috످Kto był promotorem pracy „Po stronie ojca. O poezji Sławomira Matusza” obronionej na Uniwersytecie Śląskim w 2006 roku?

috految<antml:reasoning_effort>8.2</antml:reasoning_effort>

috److془The question: promoter of thesis on Sławomir Matusz. I don't recall.془Nie wiem, kto był promotorem tej pracy. Można to sprawdzić w Archiwum Uniwersytetu Śląskiego lub poszukać informacji w biogramie Sławomira Matusza w polskiej Wikipedii.

috످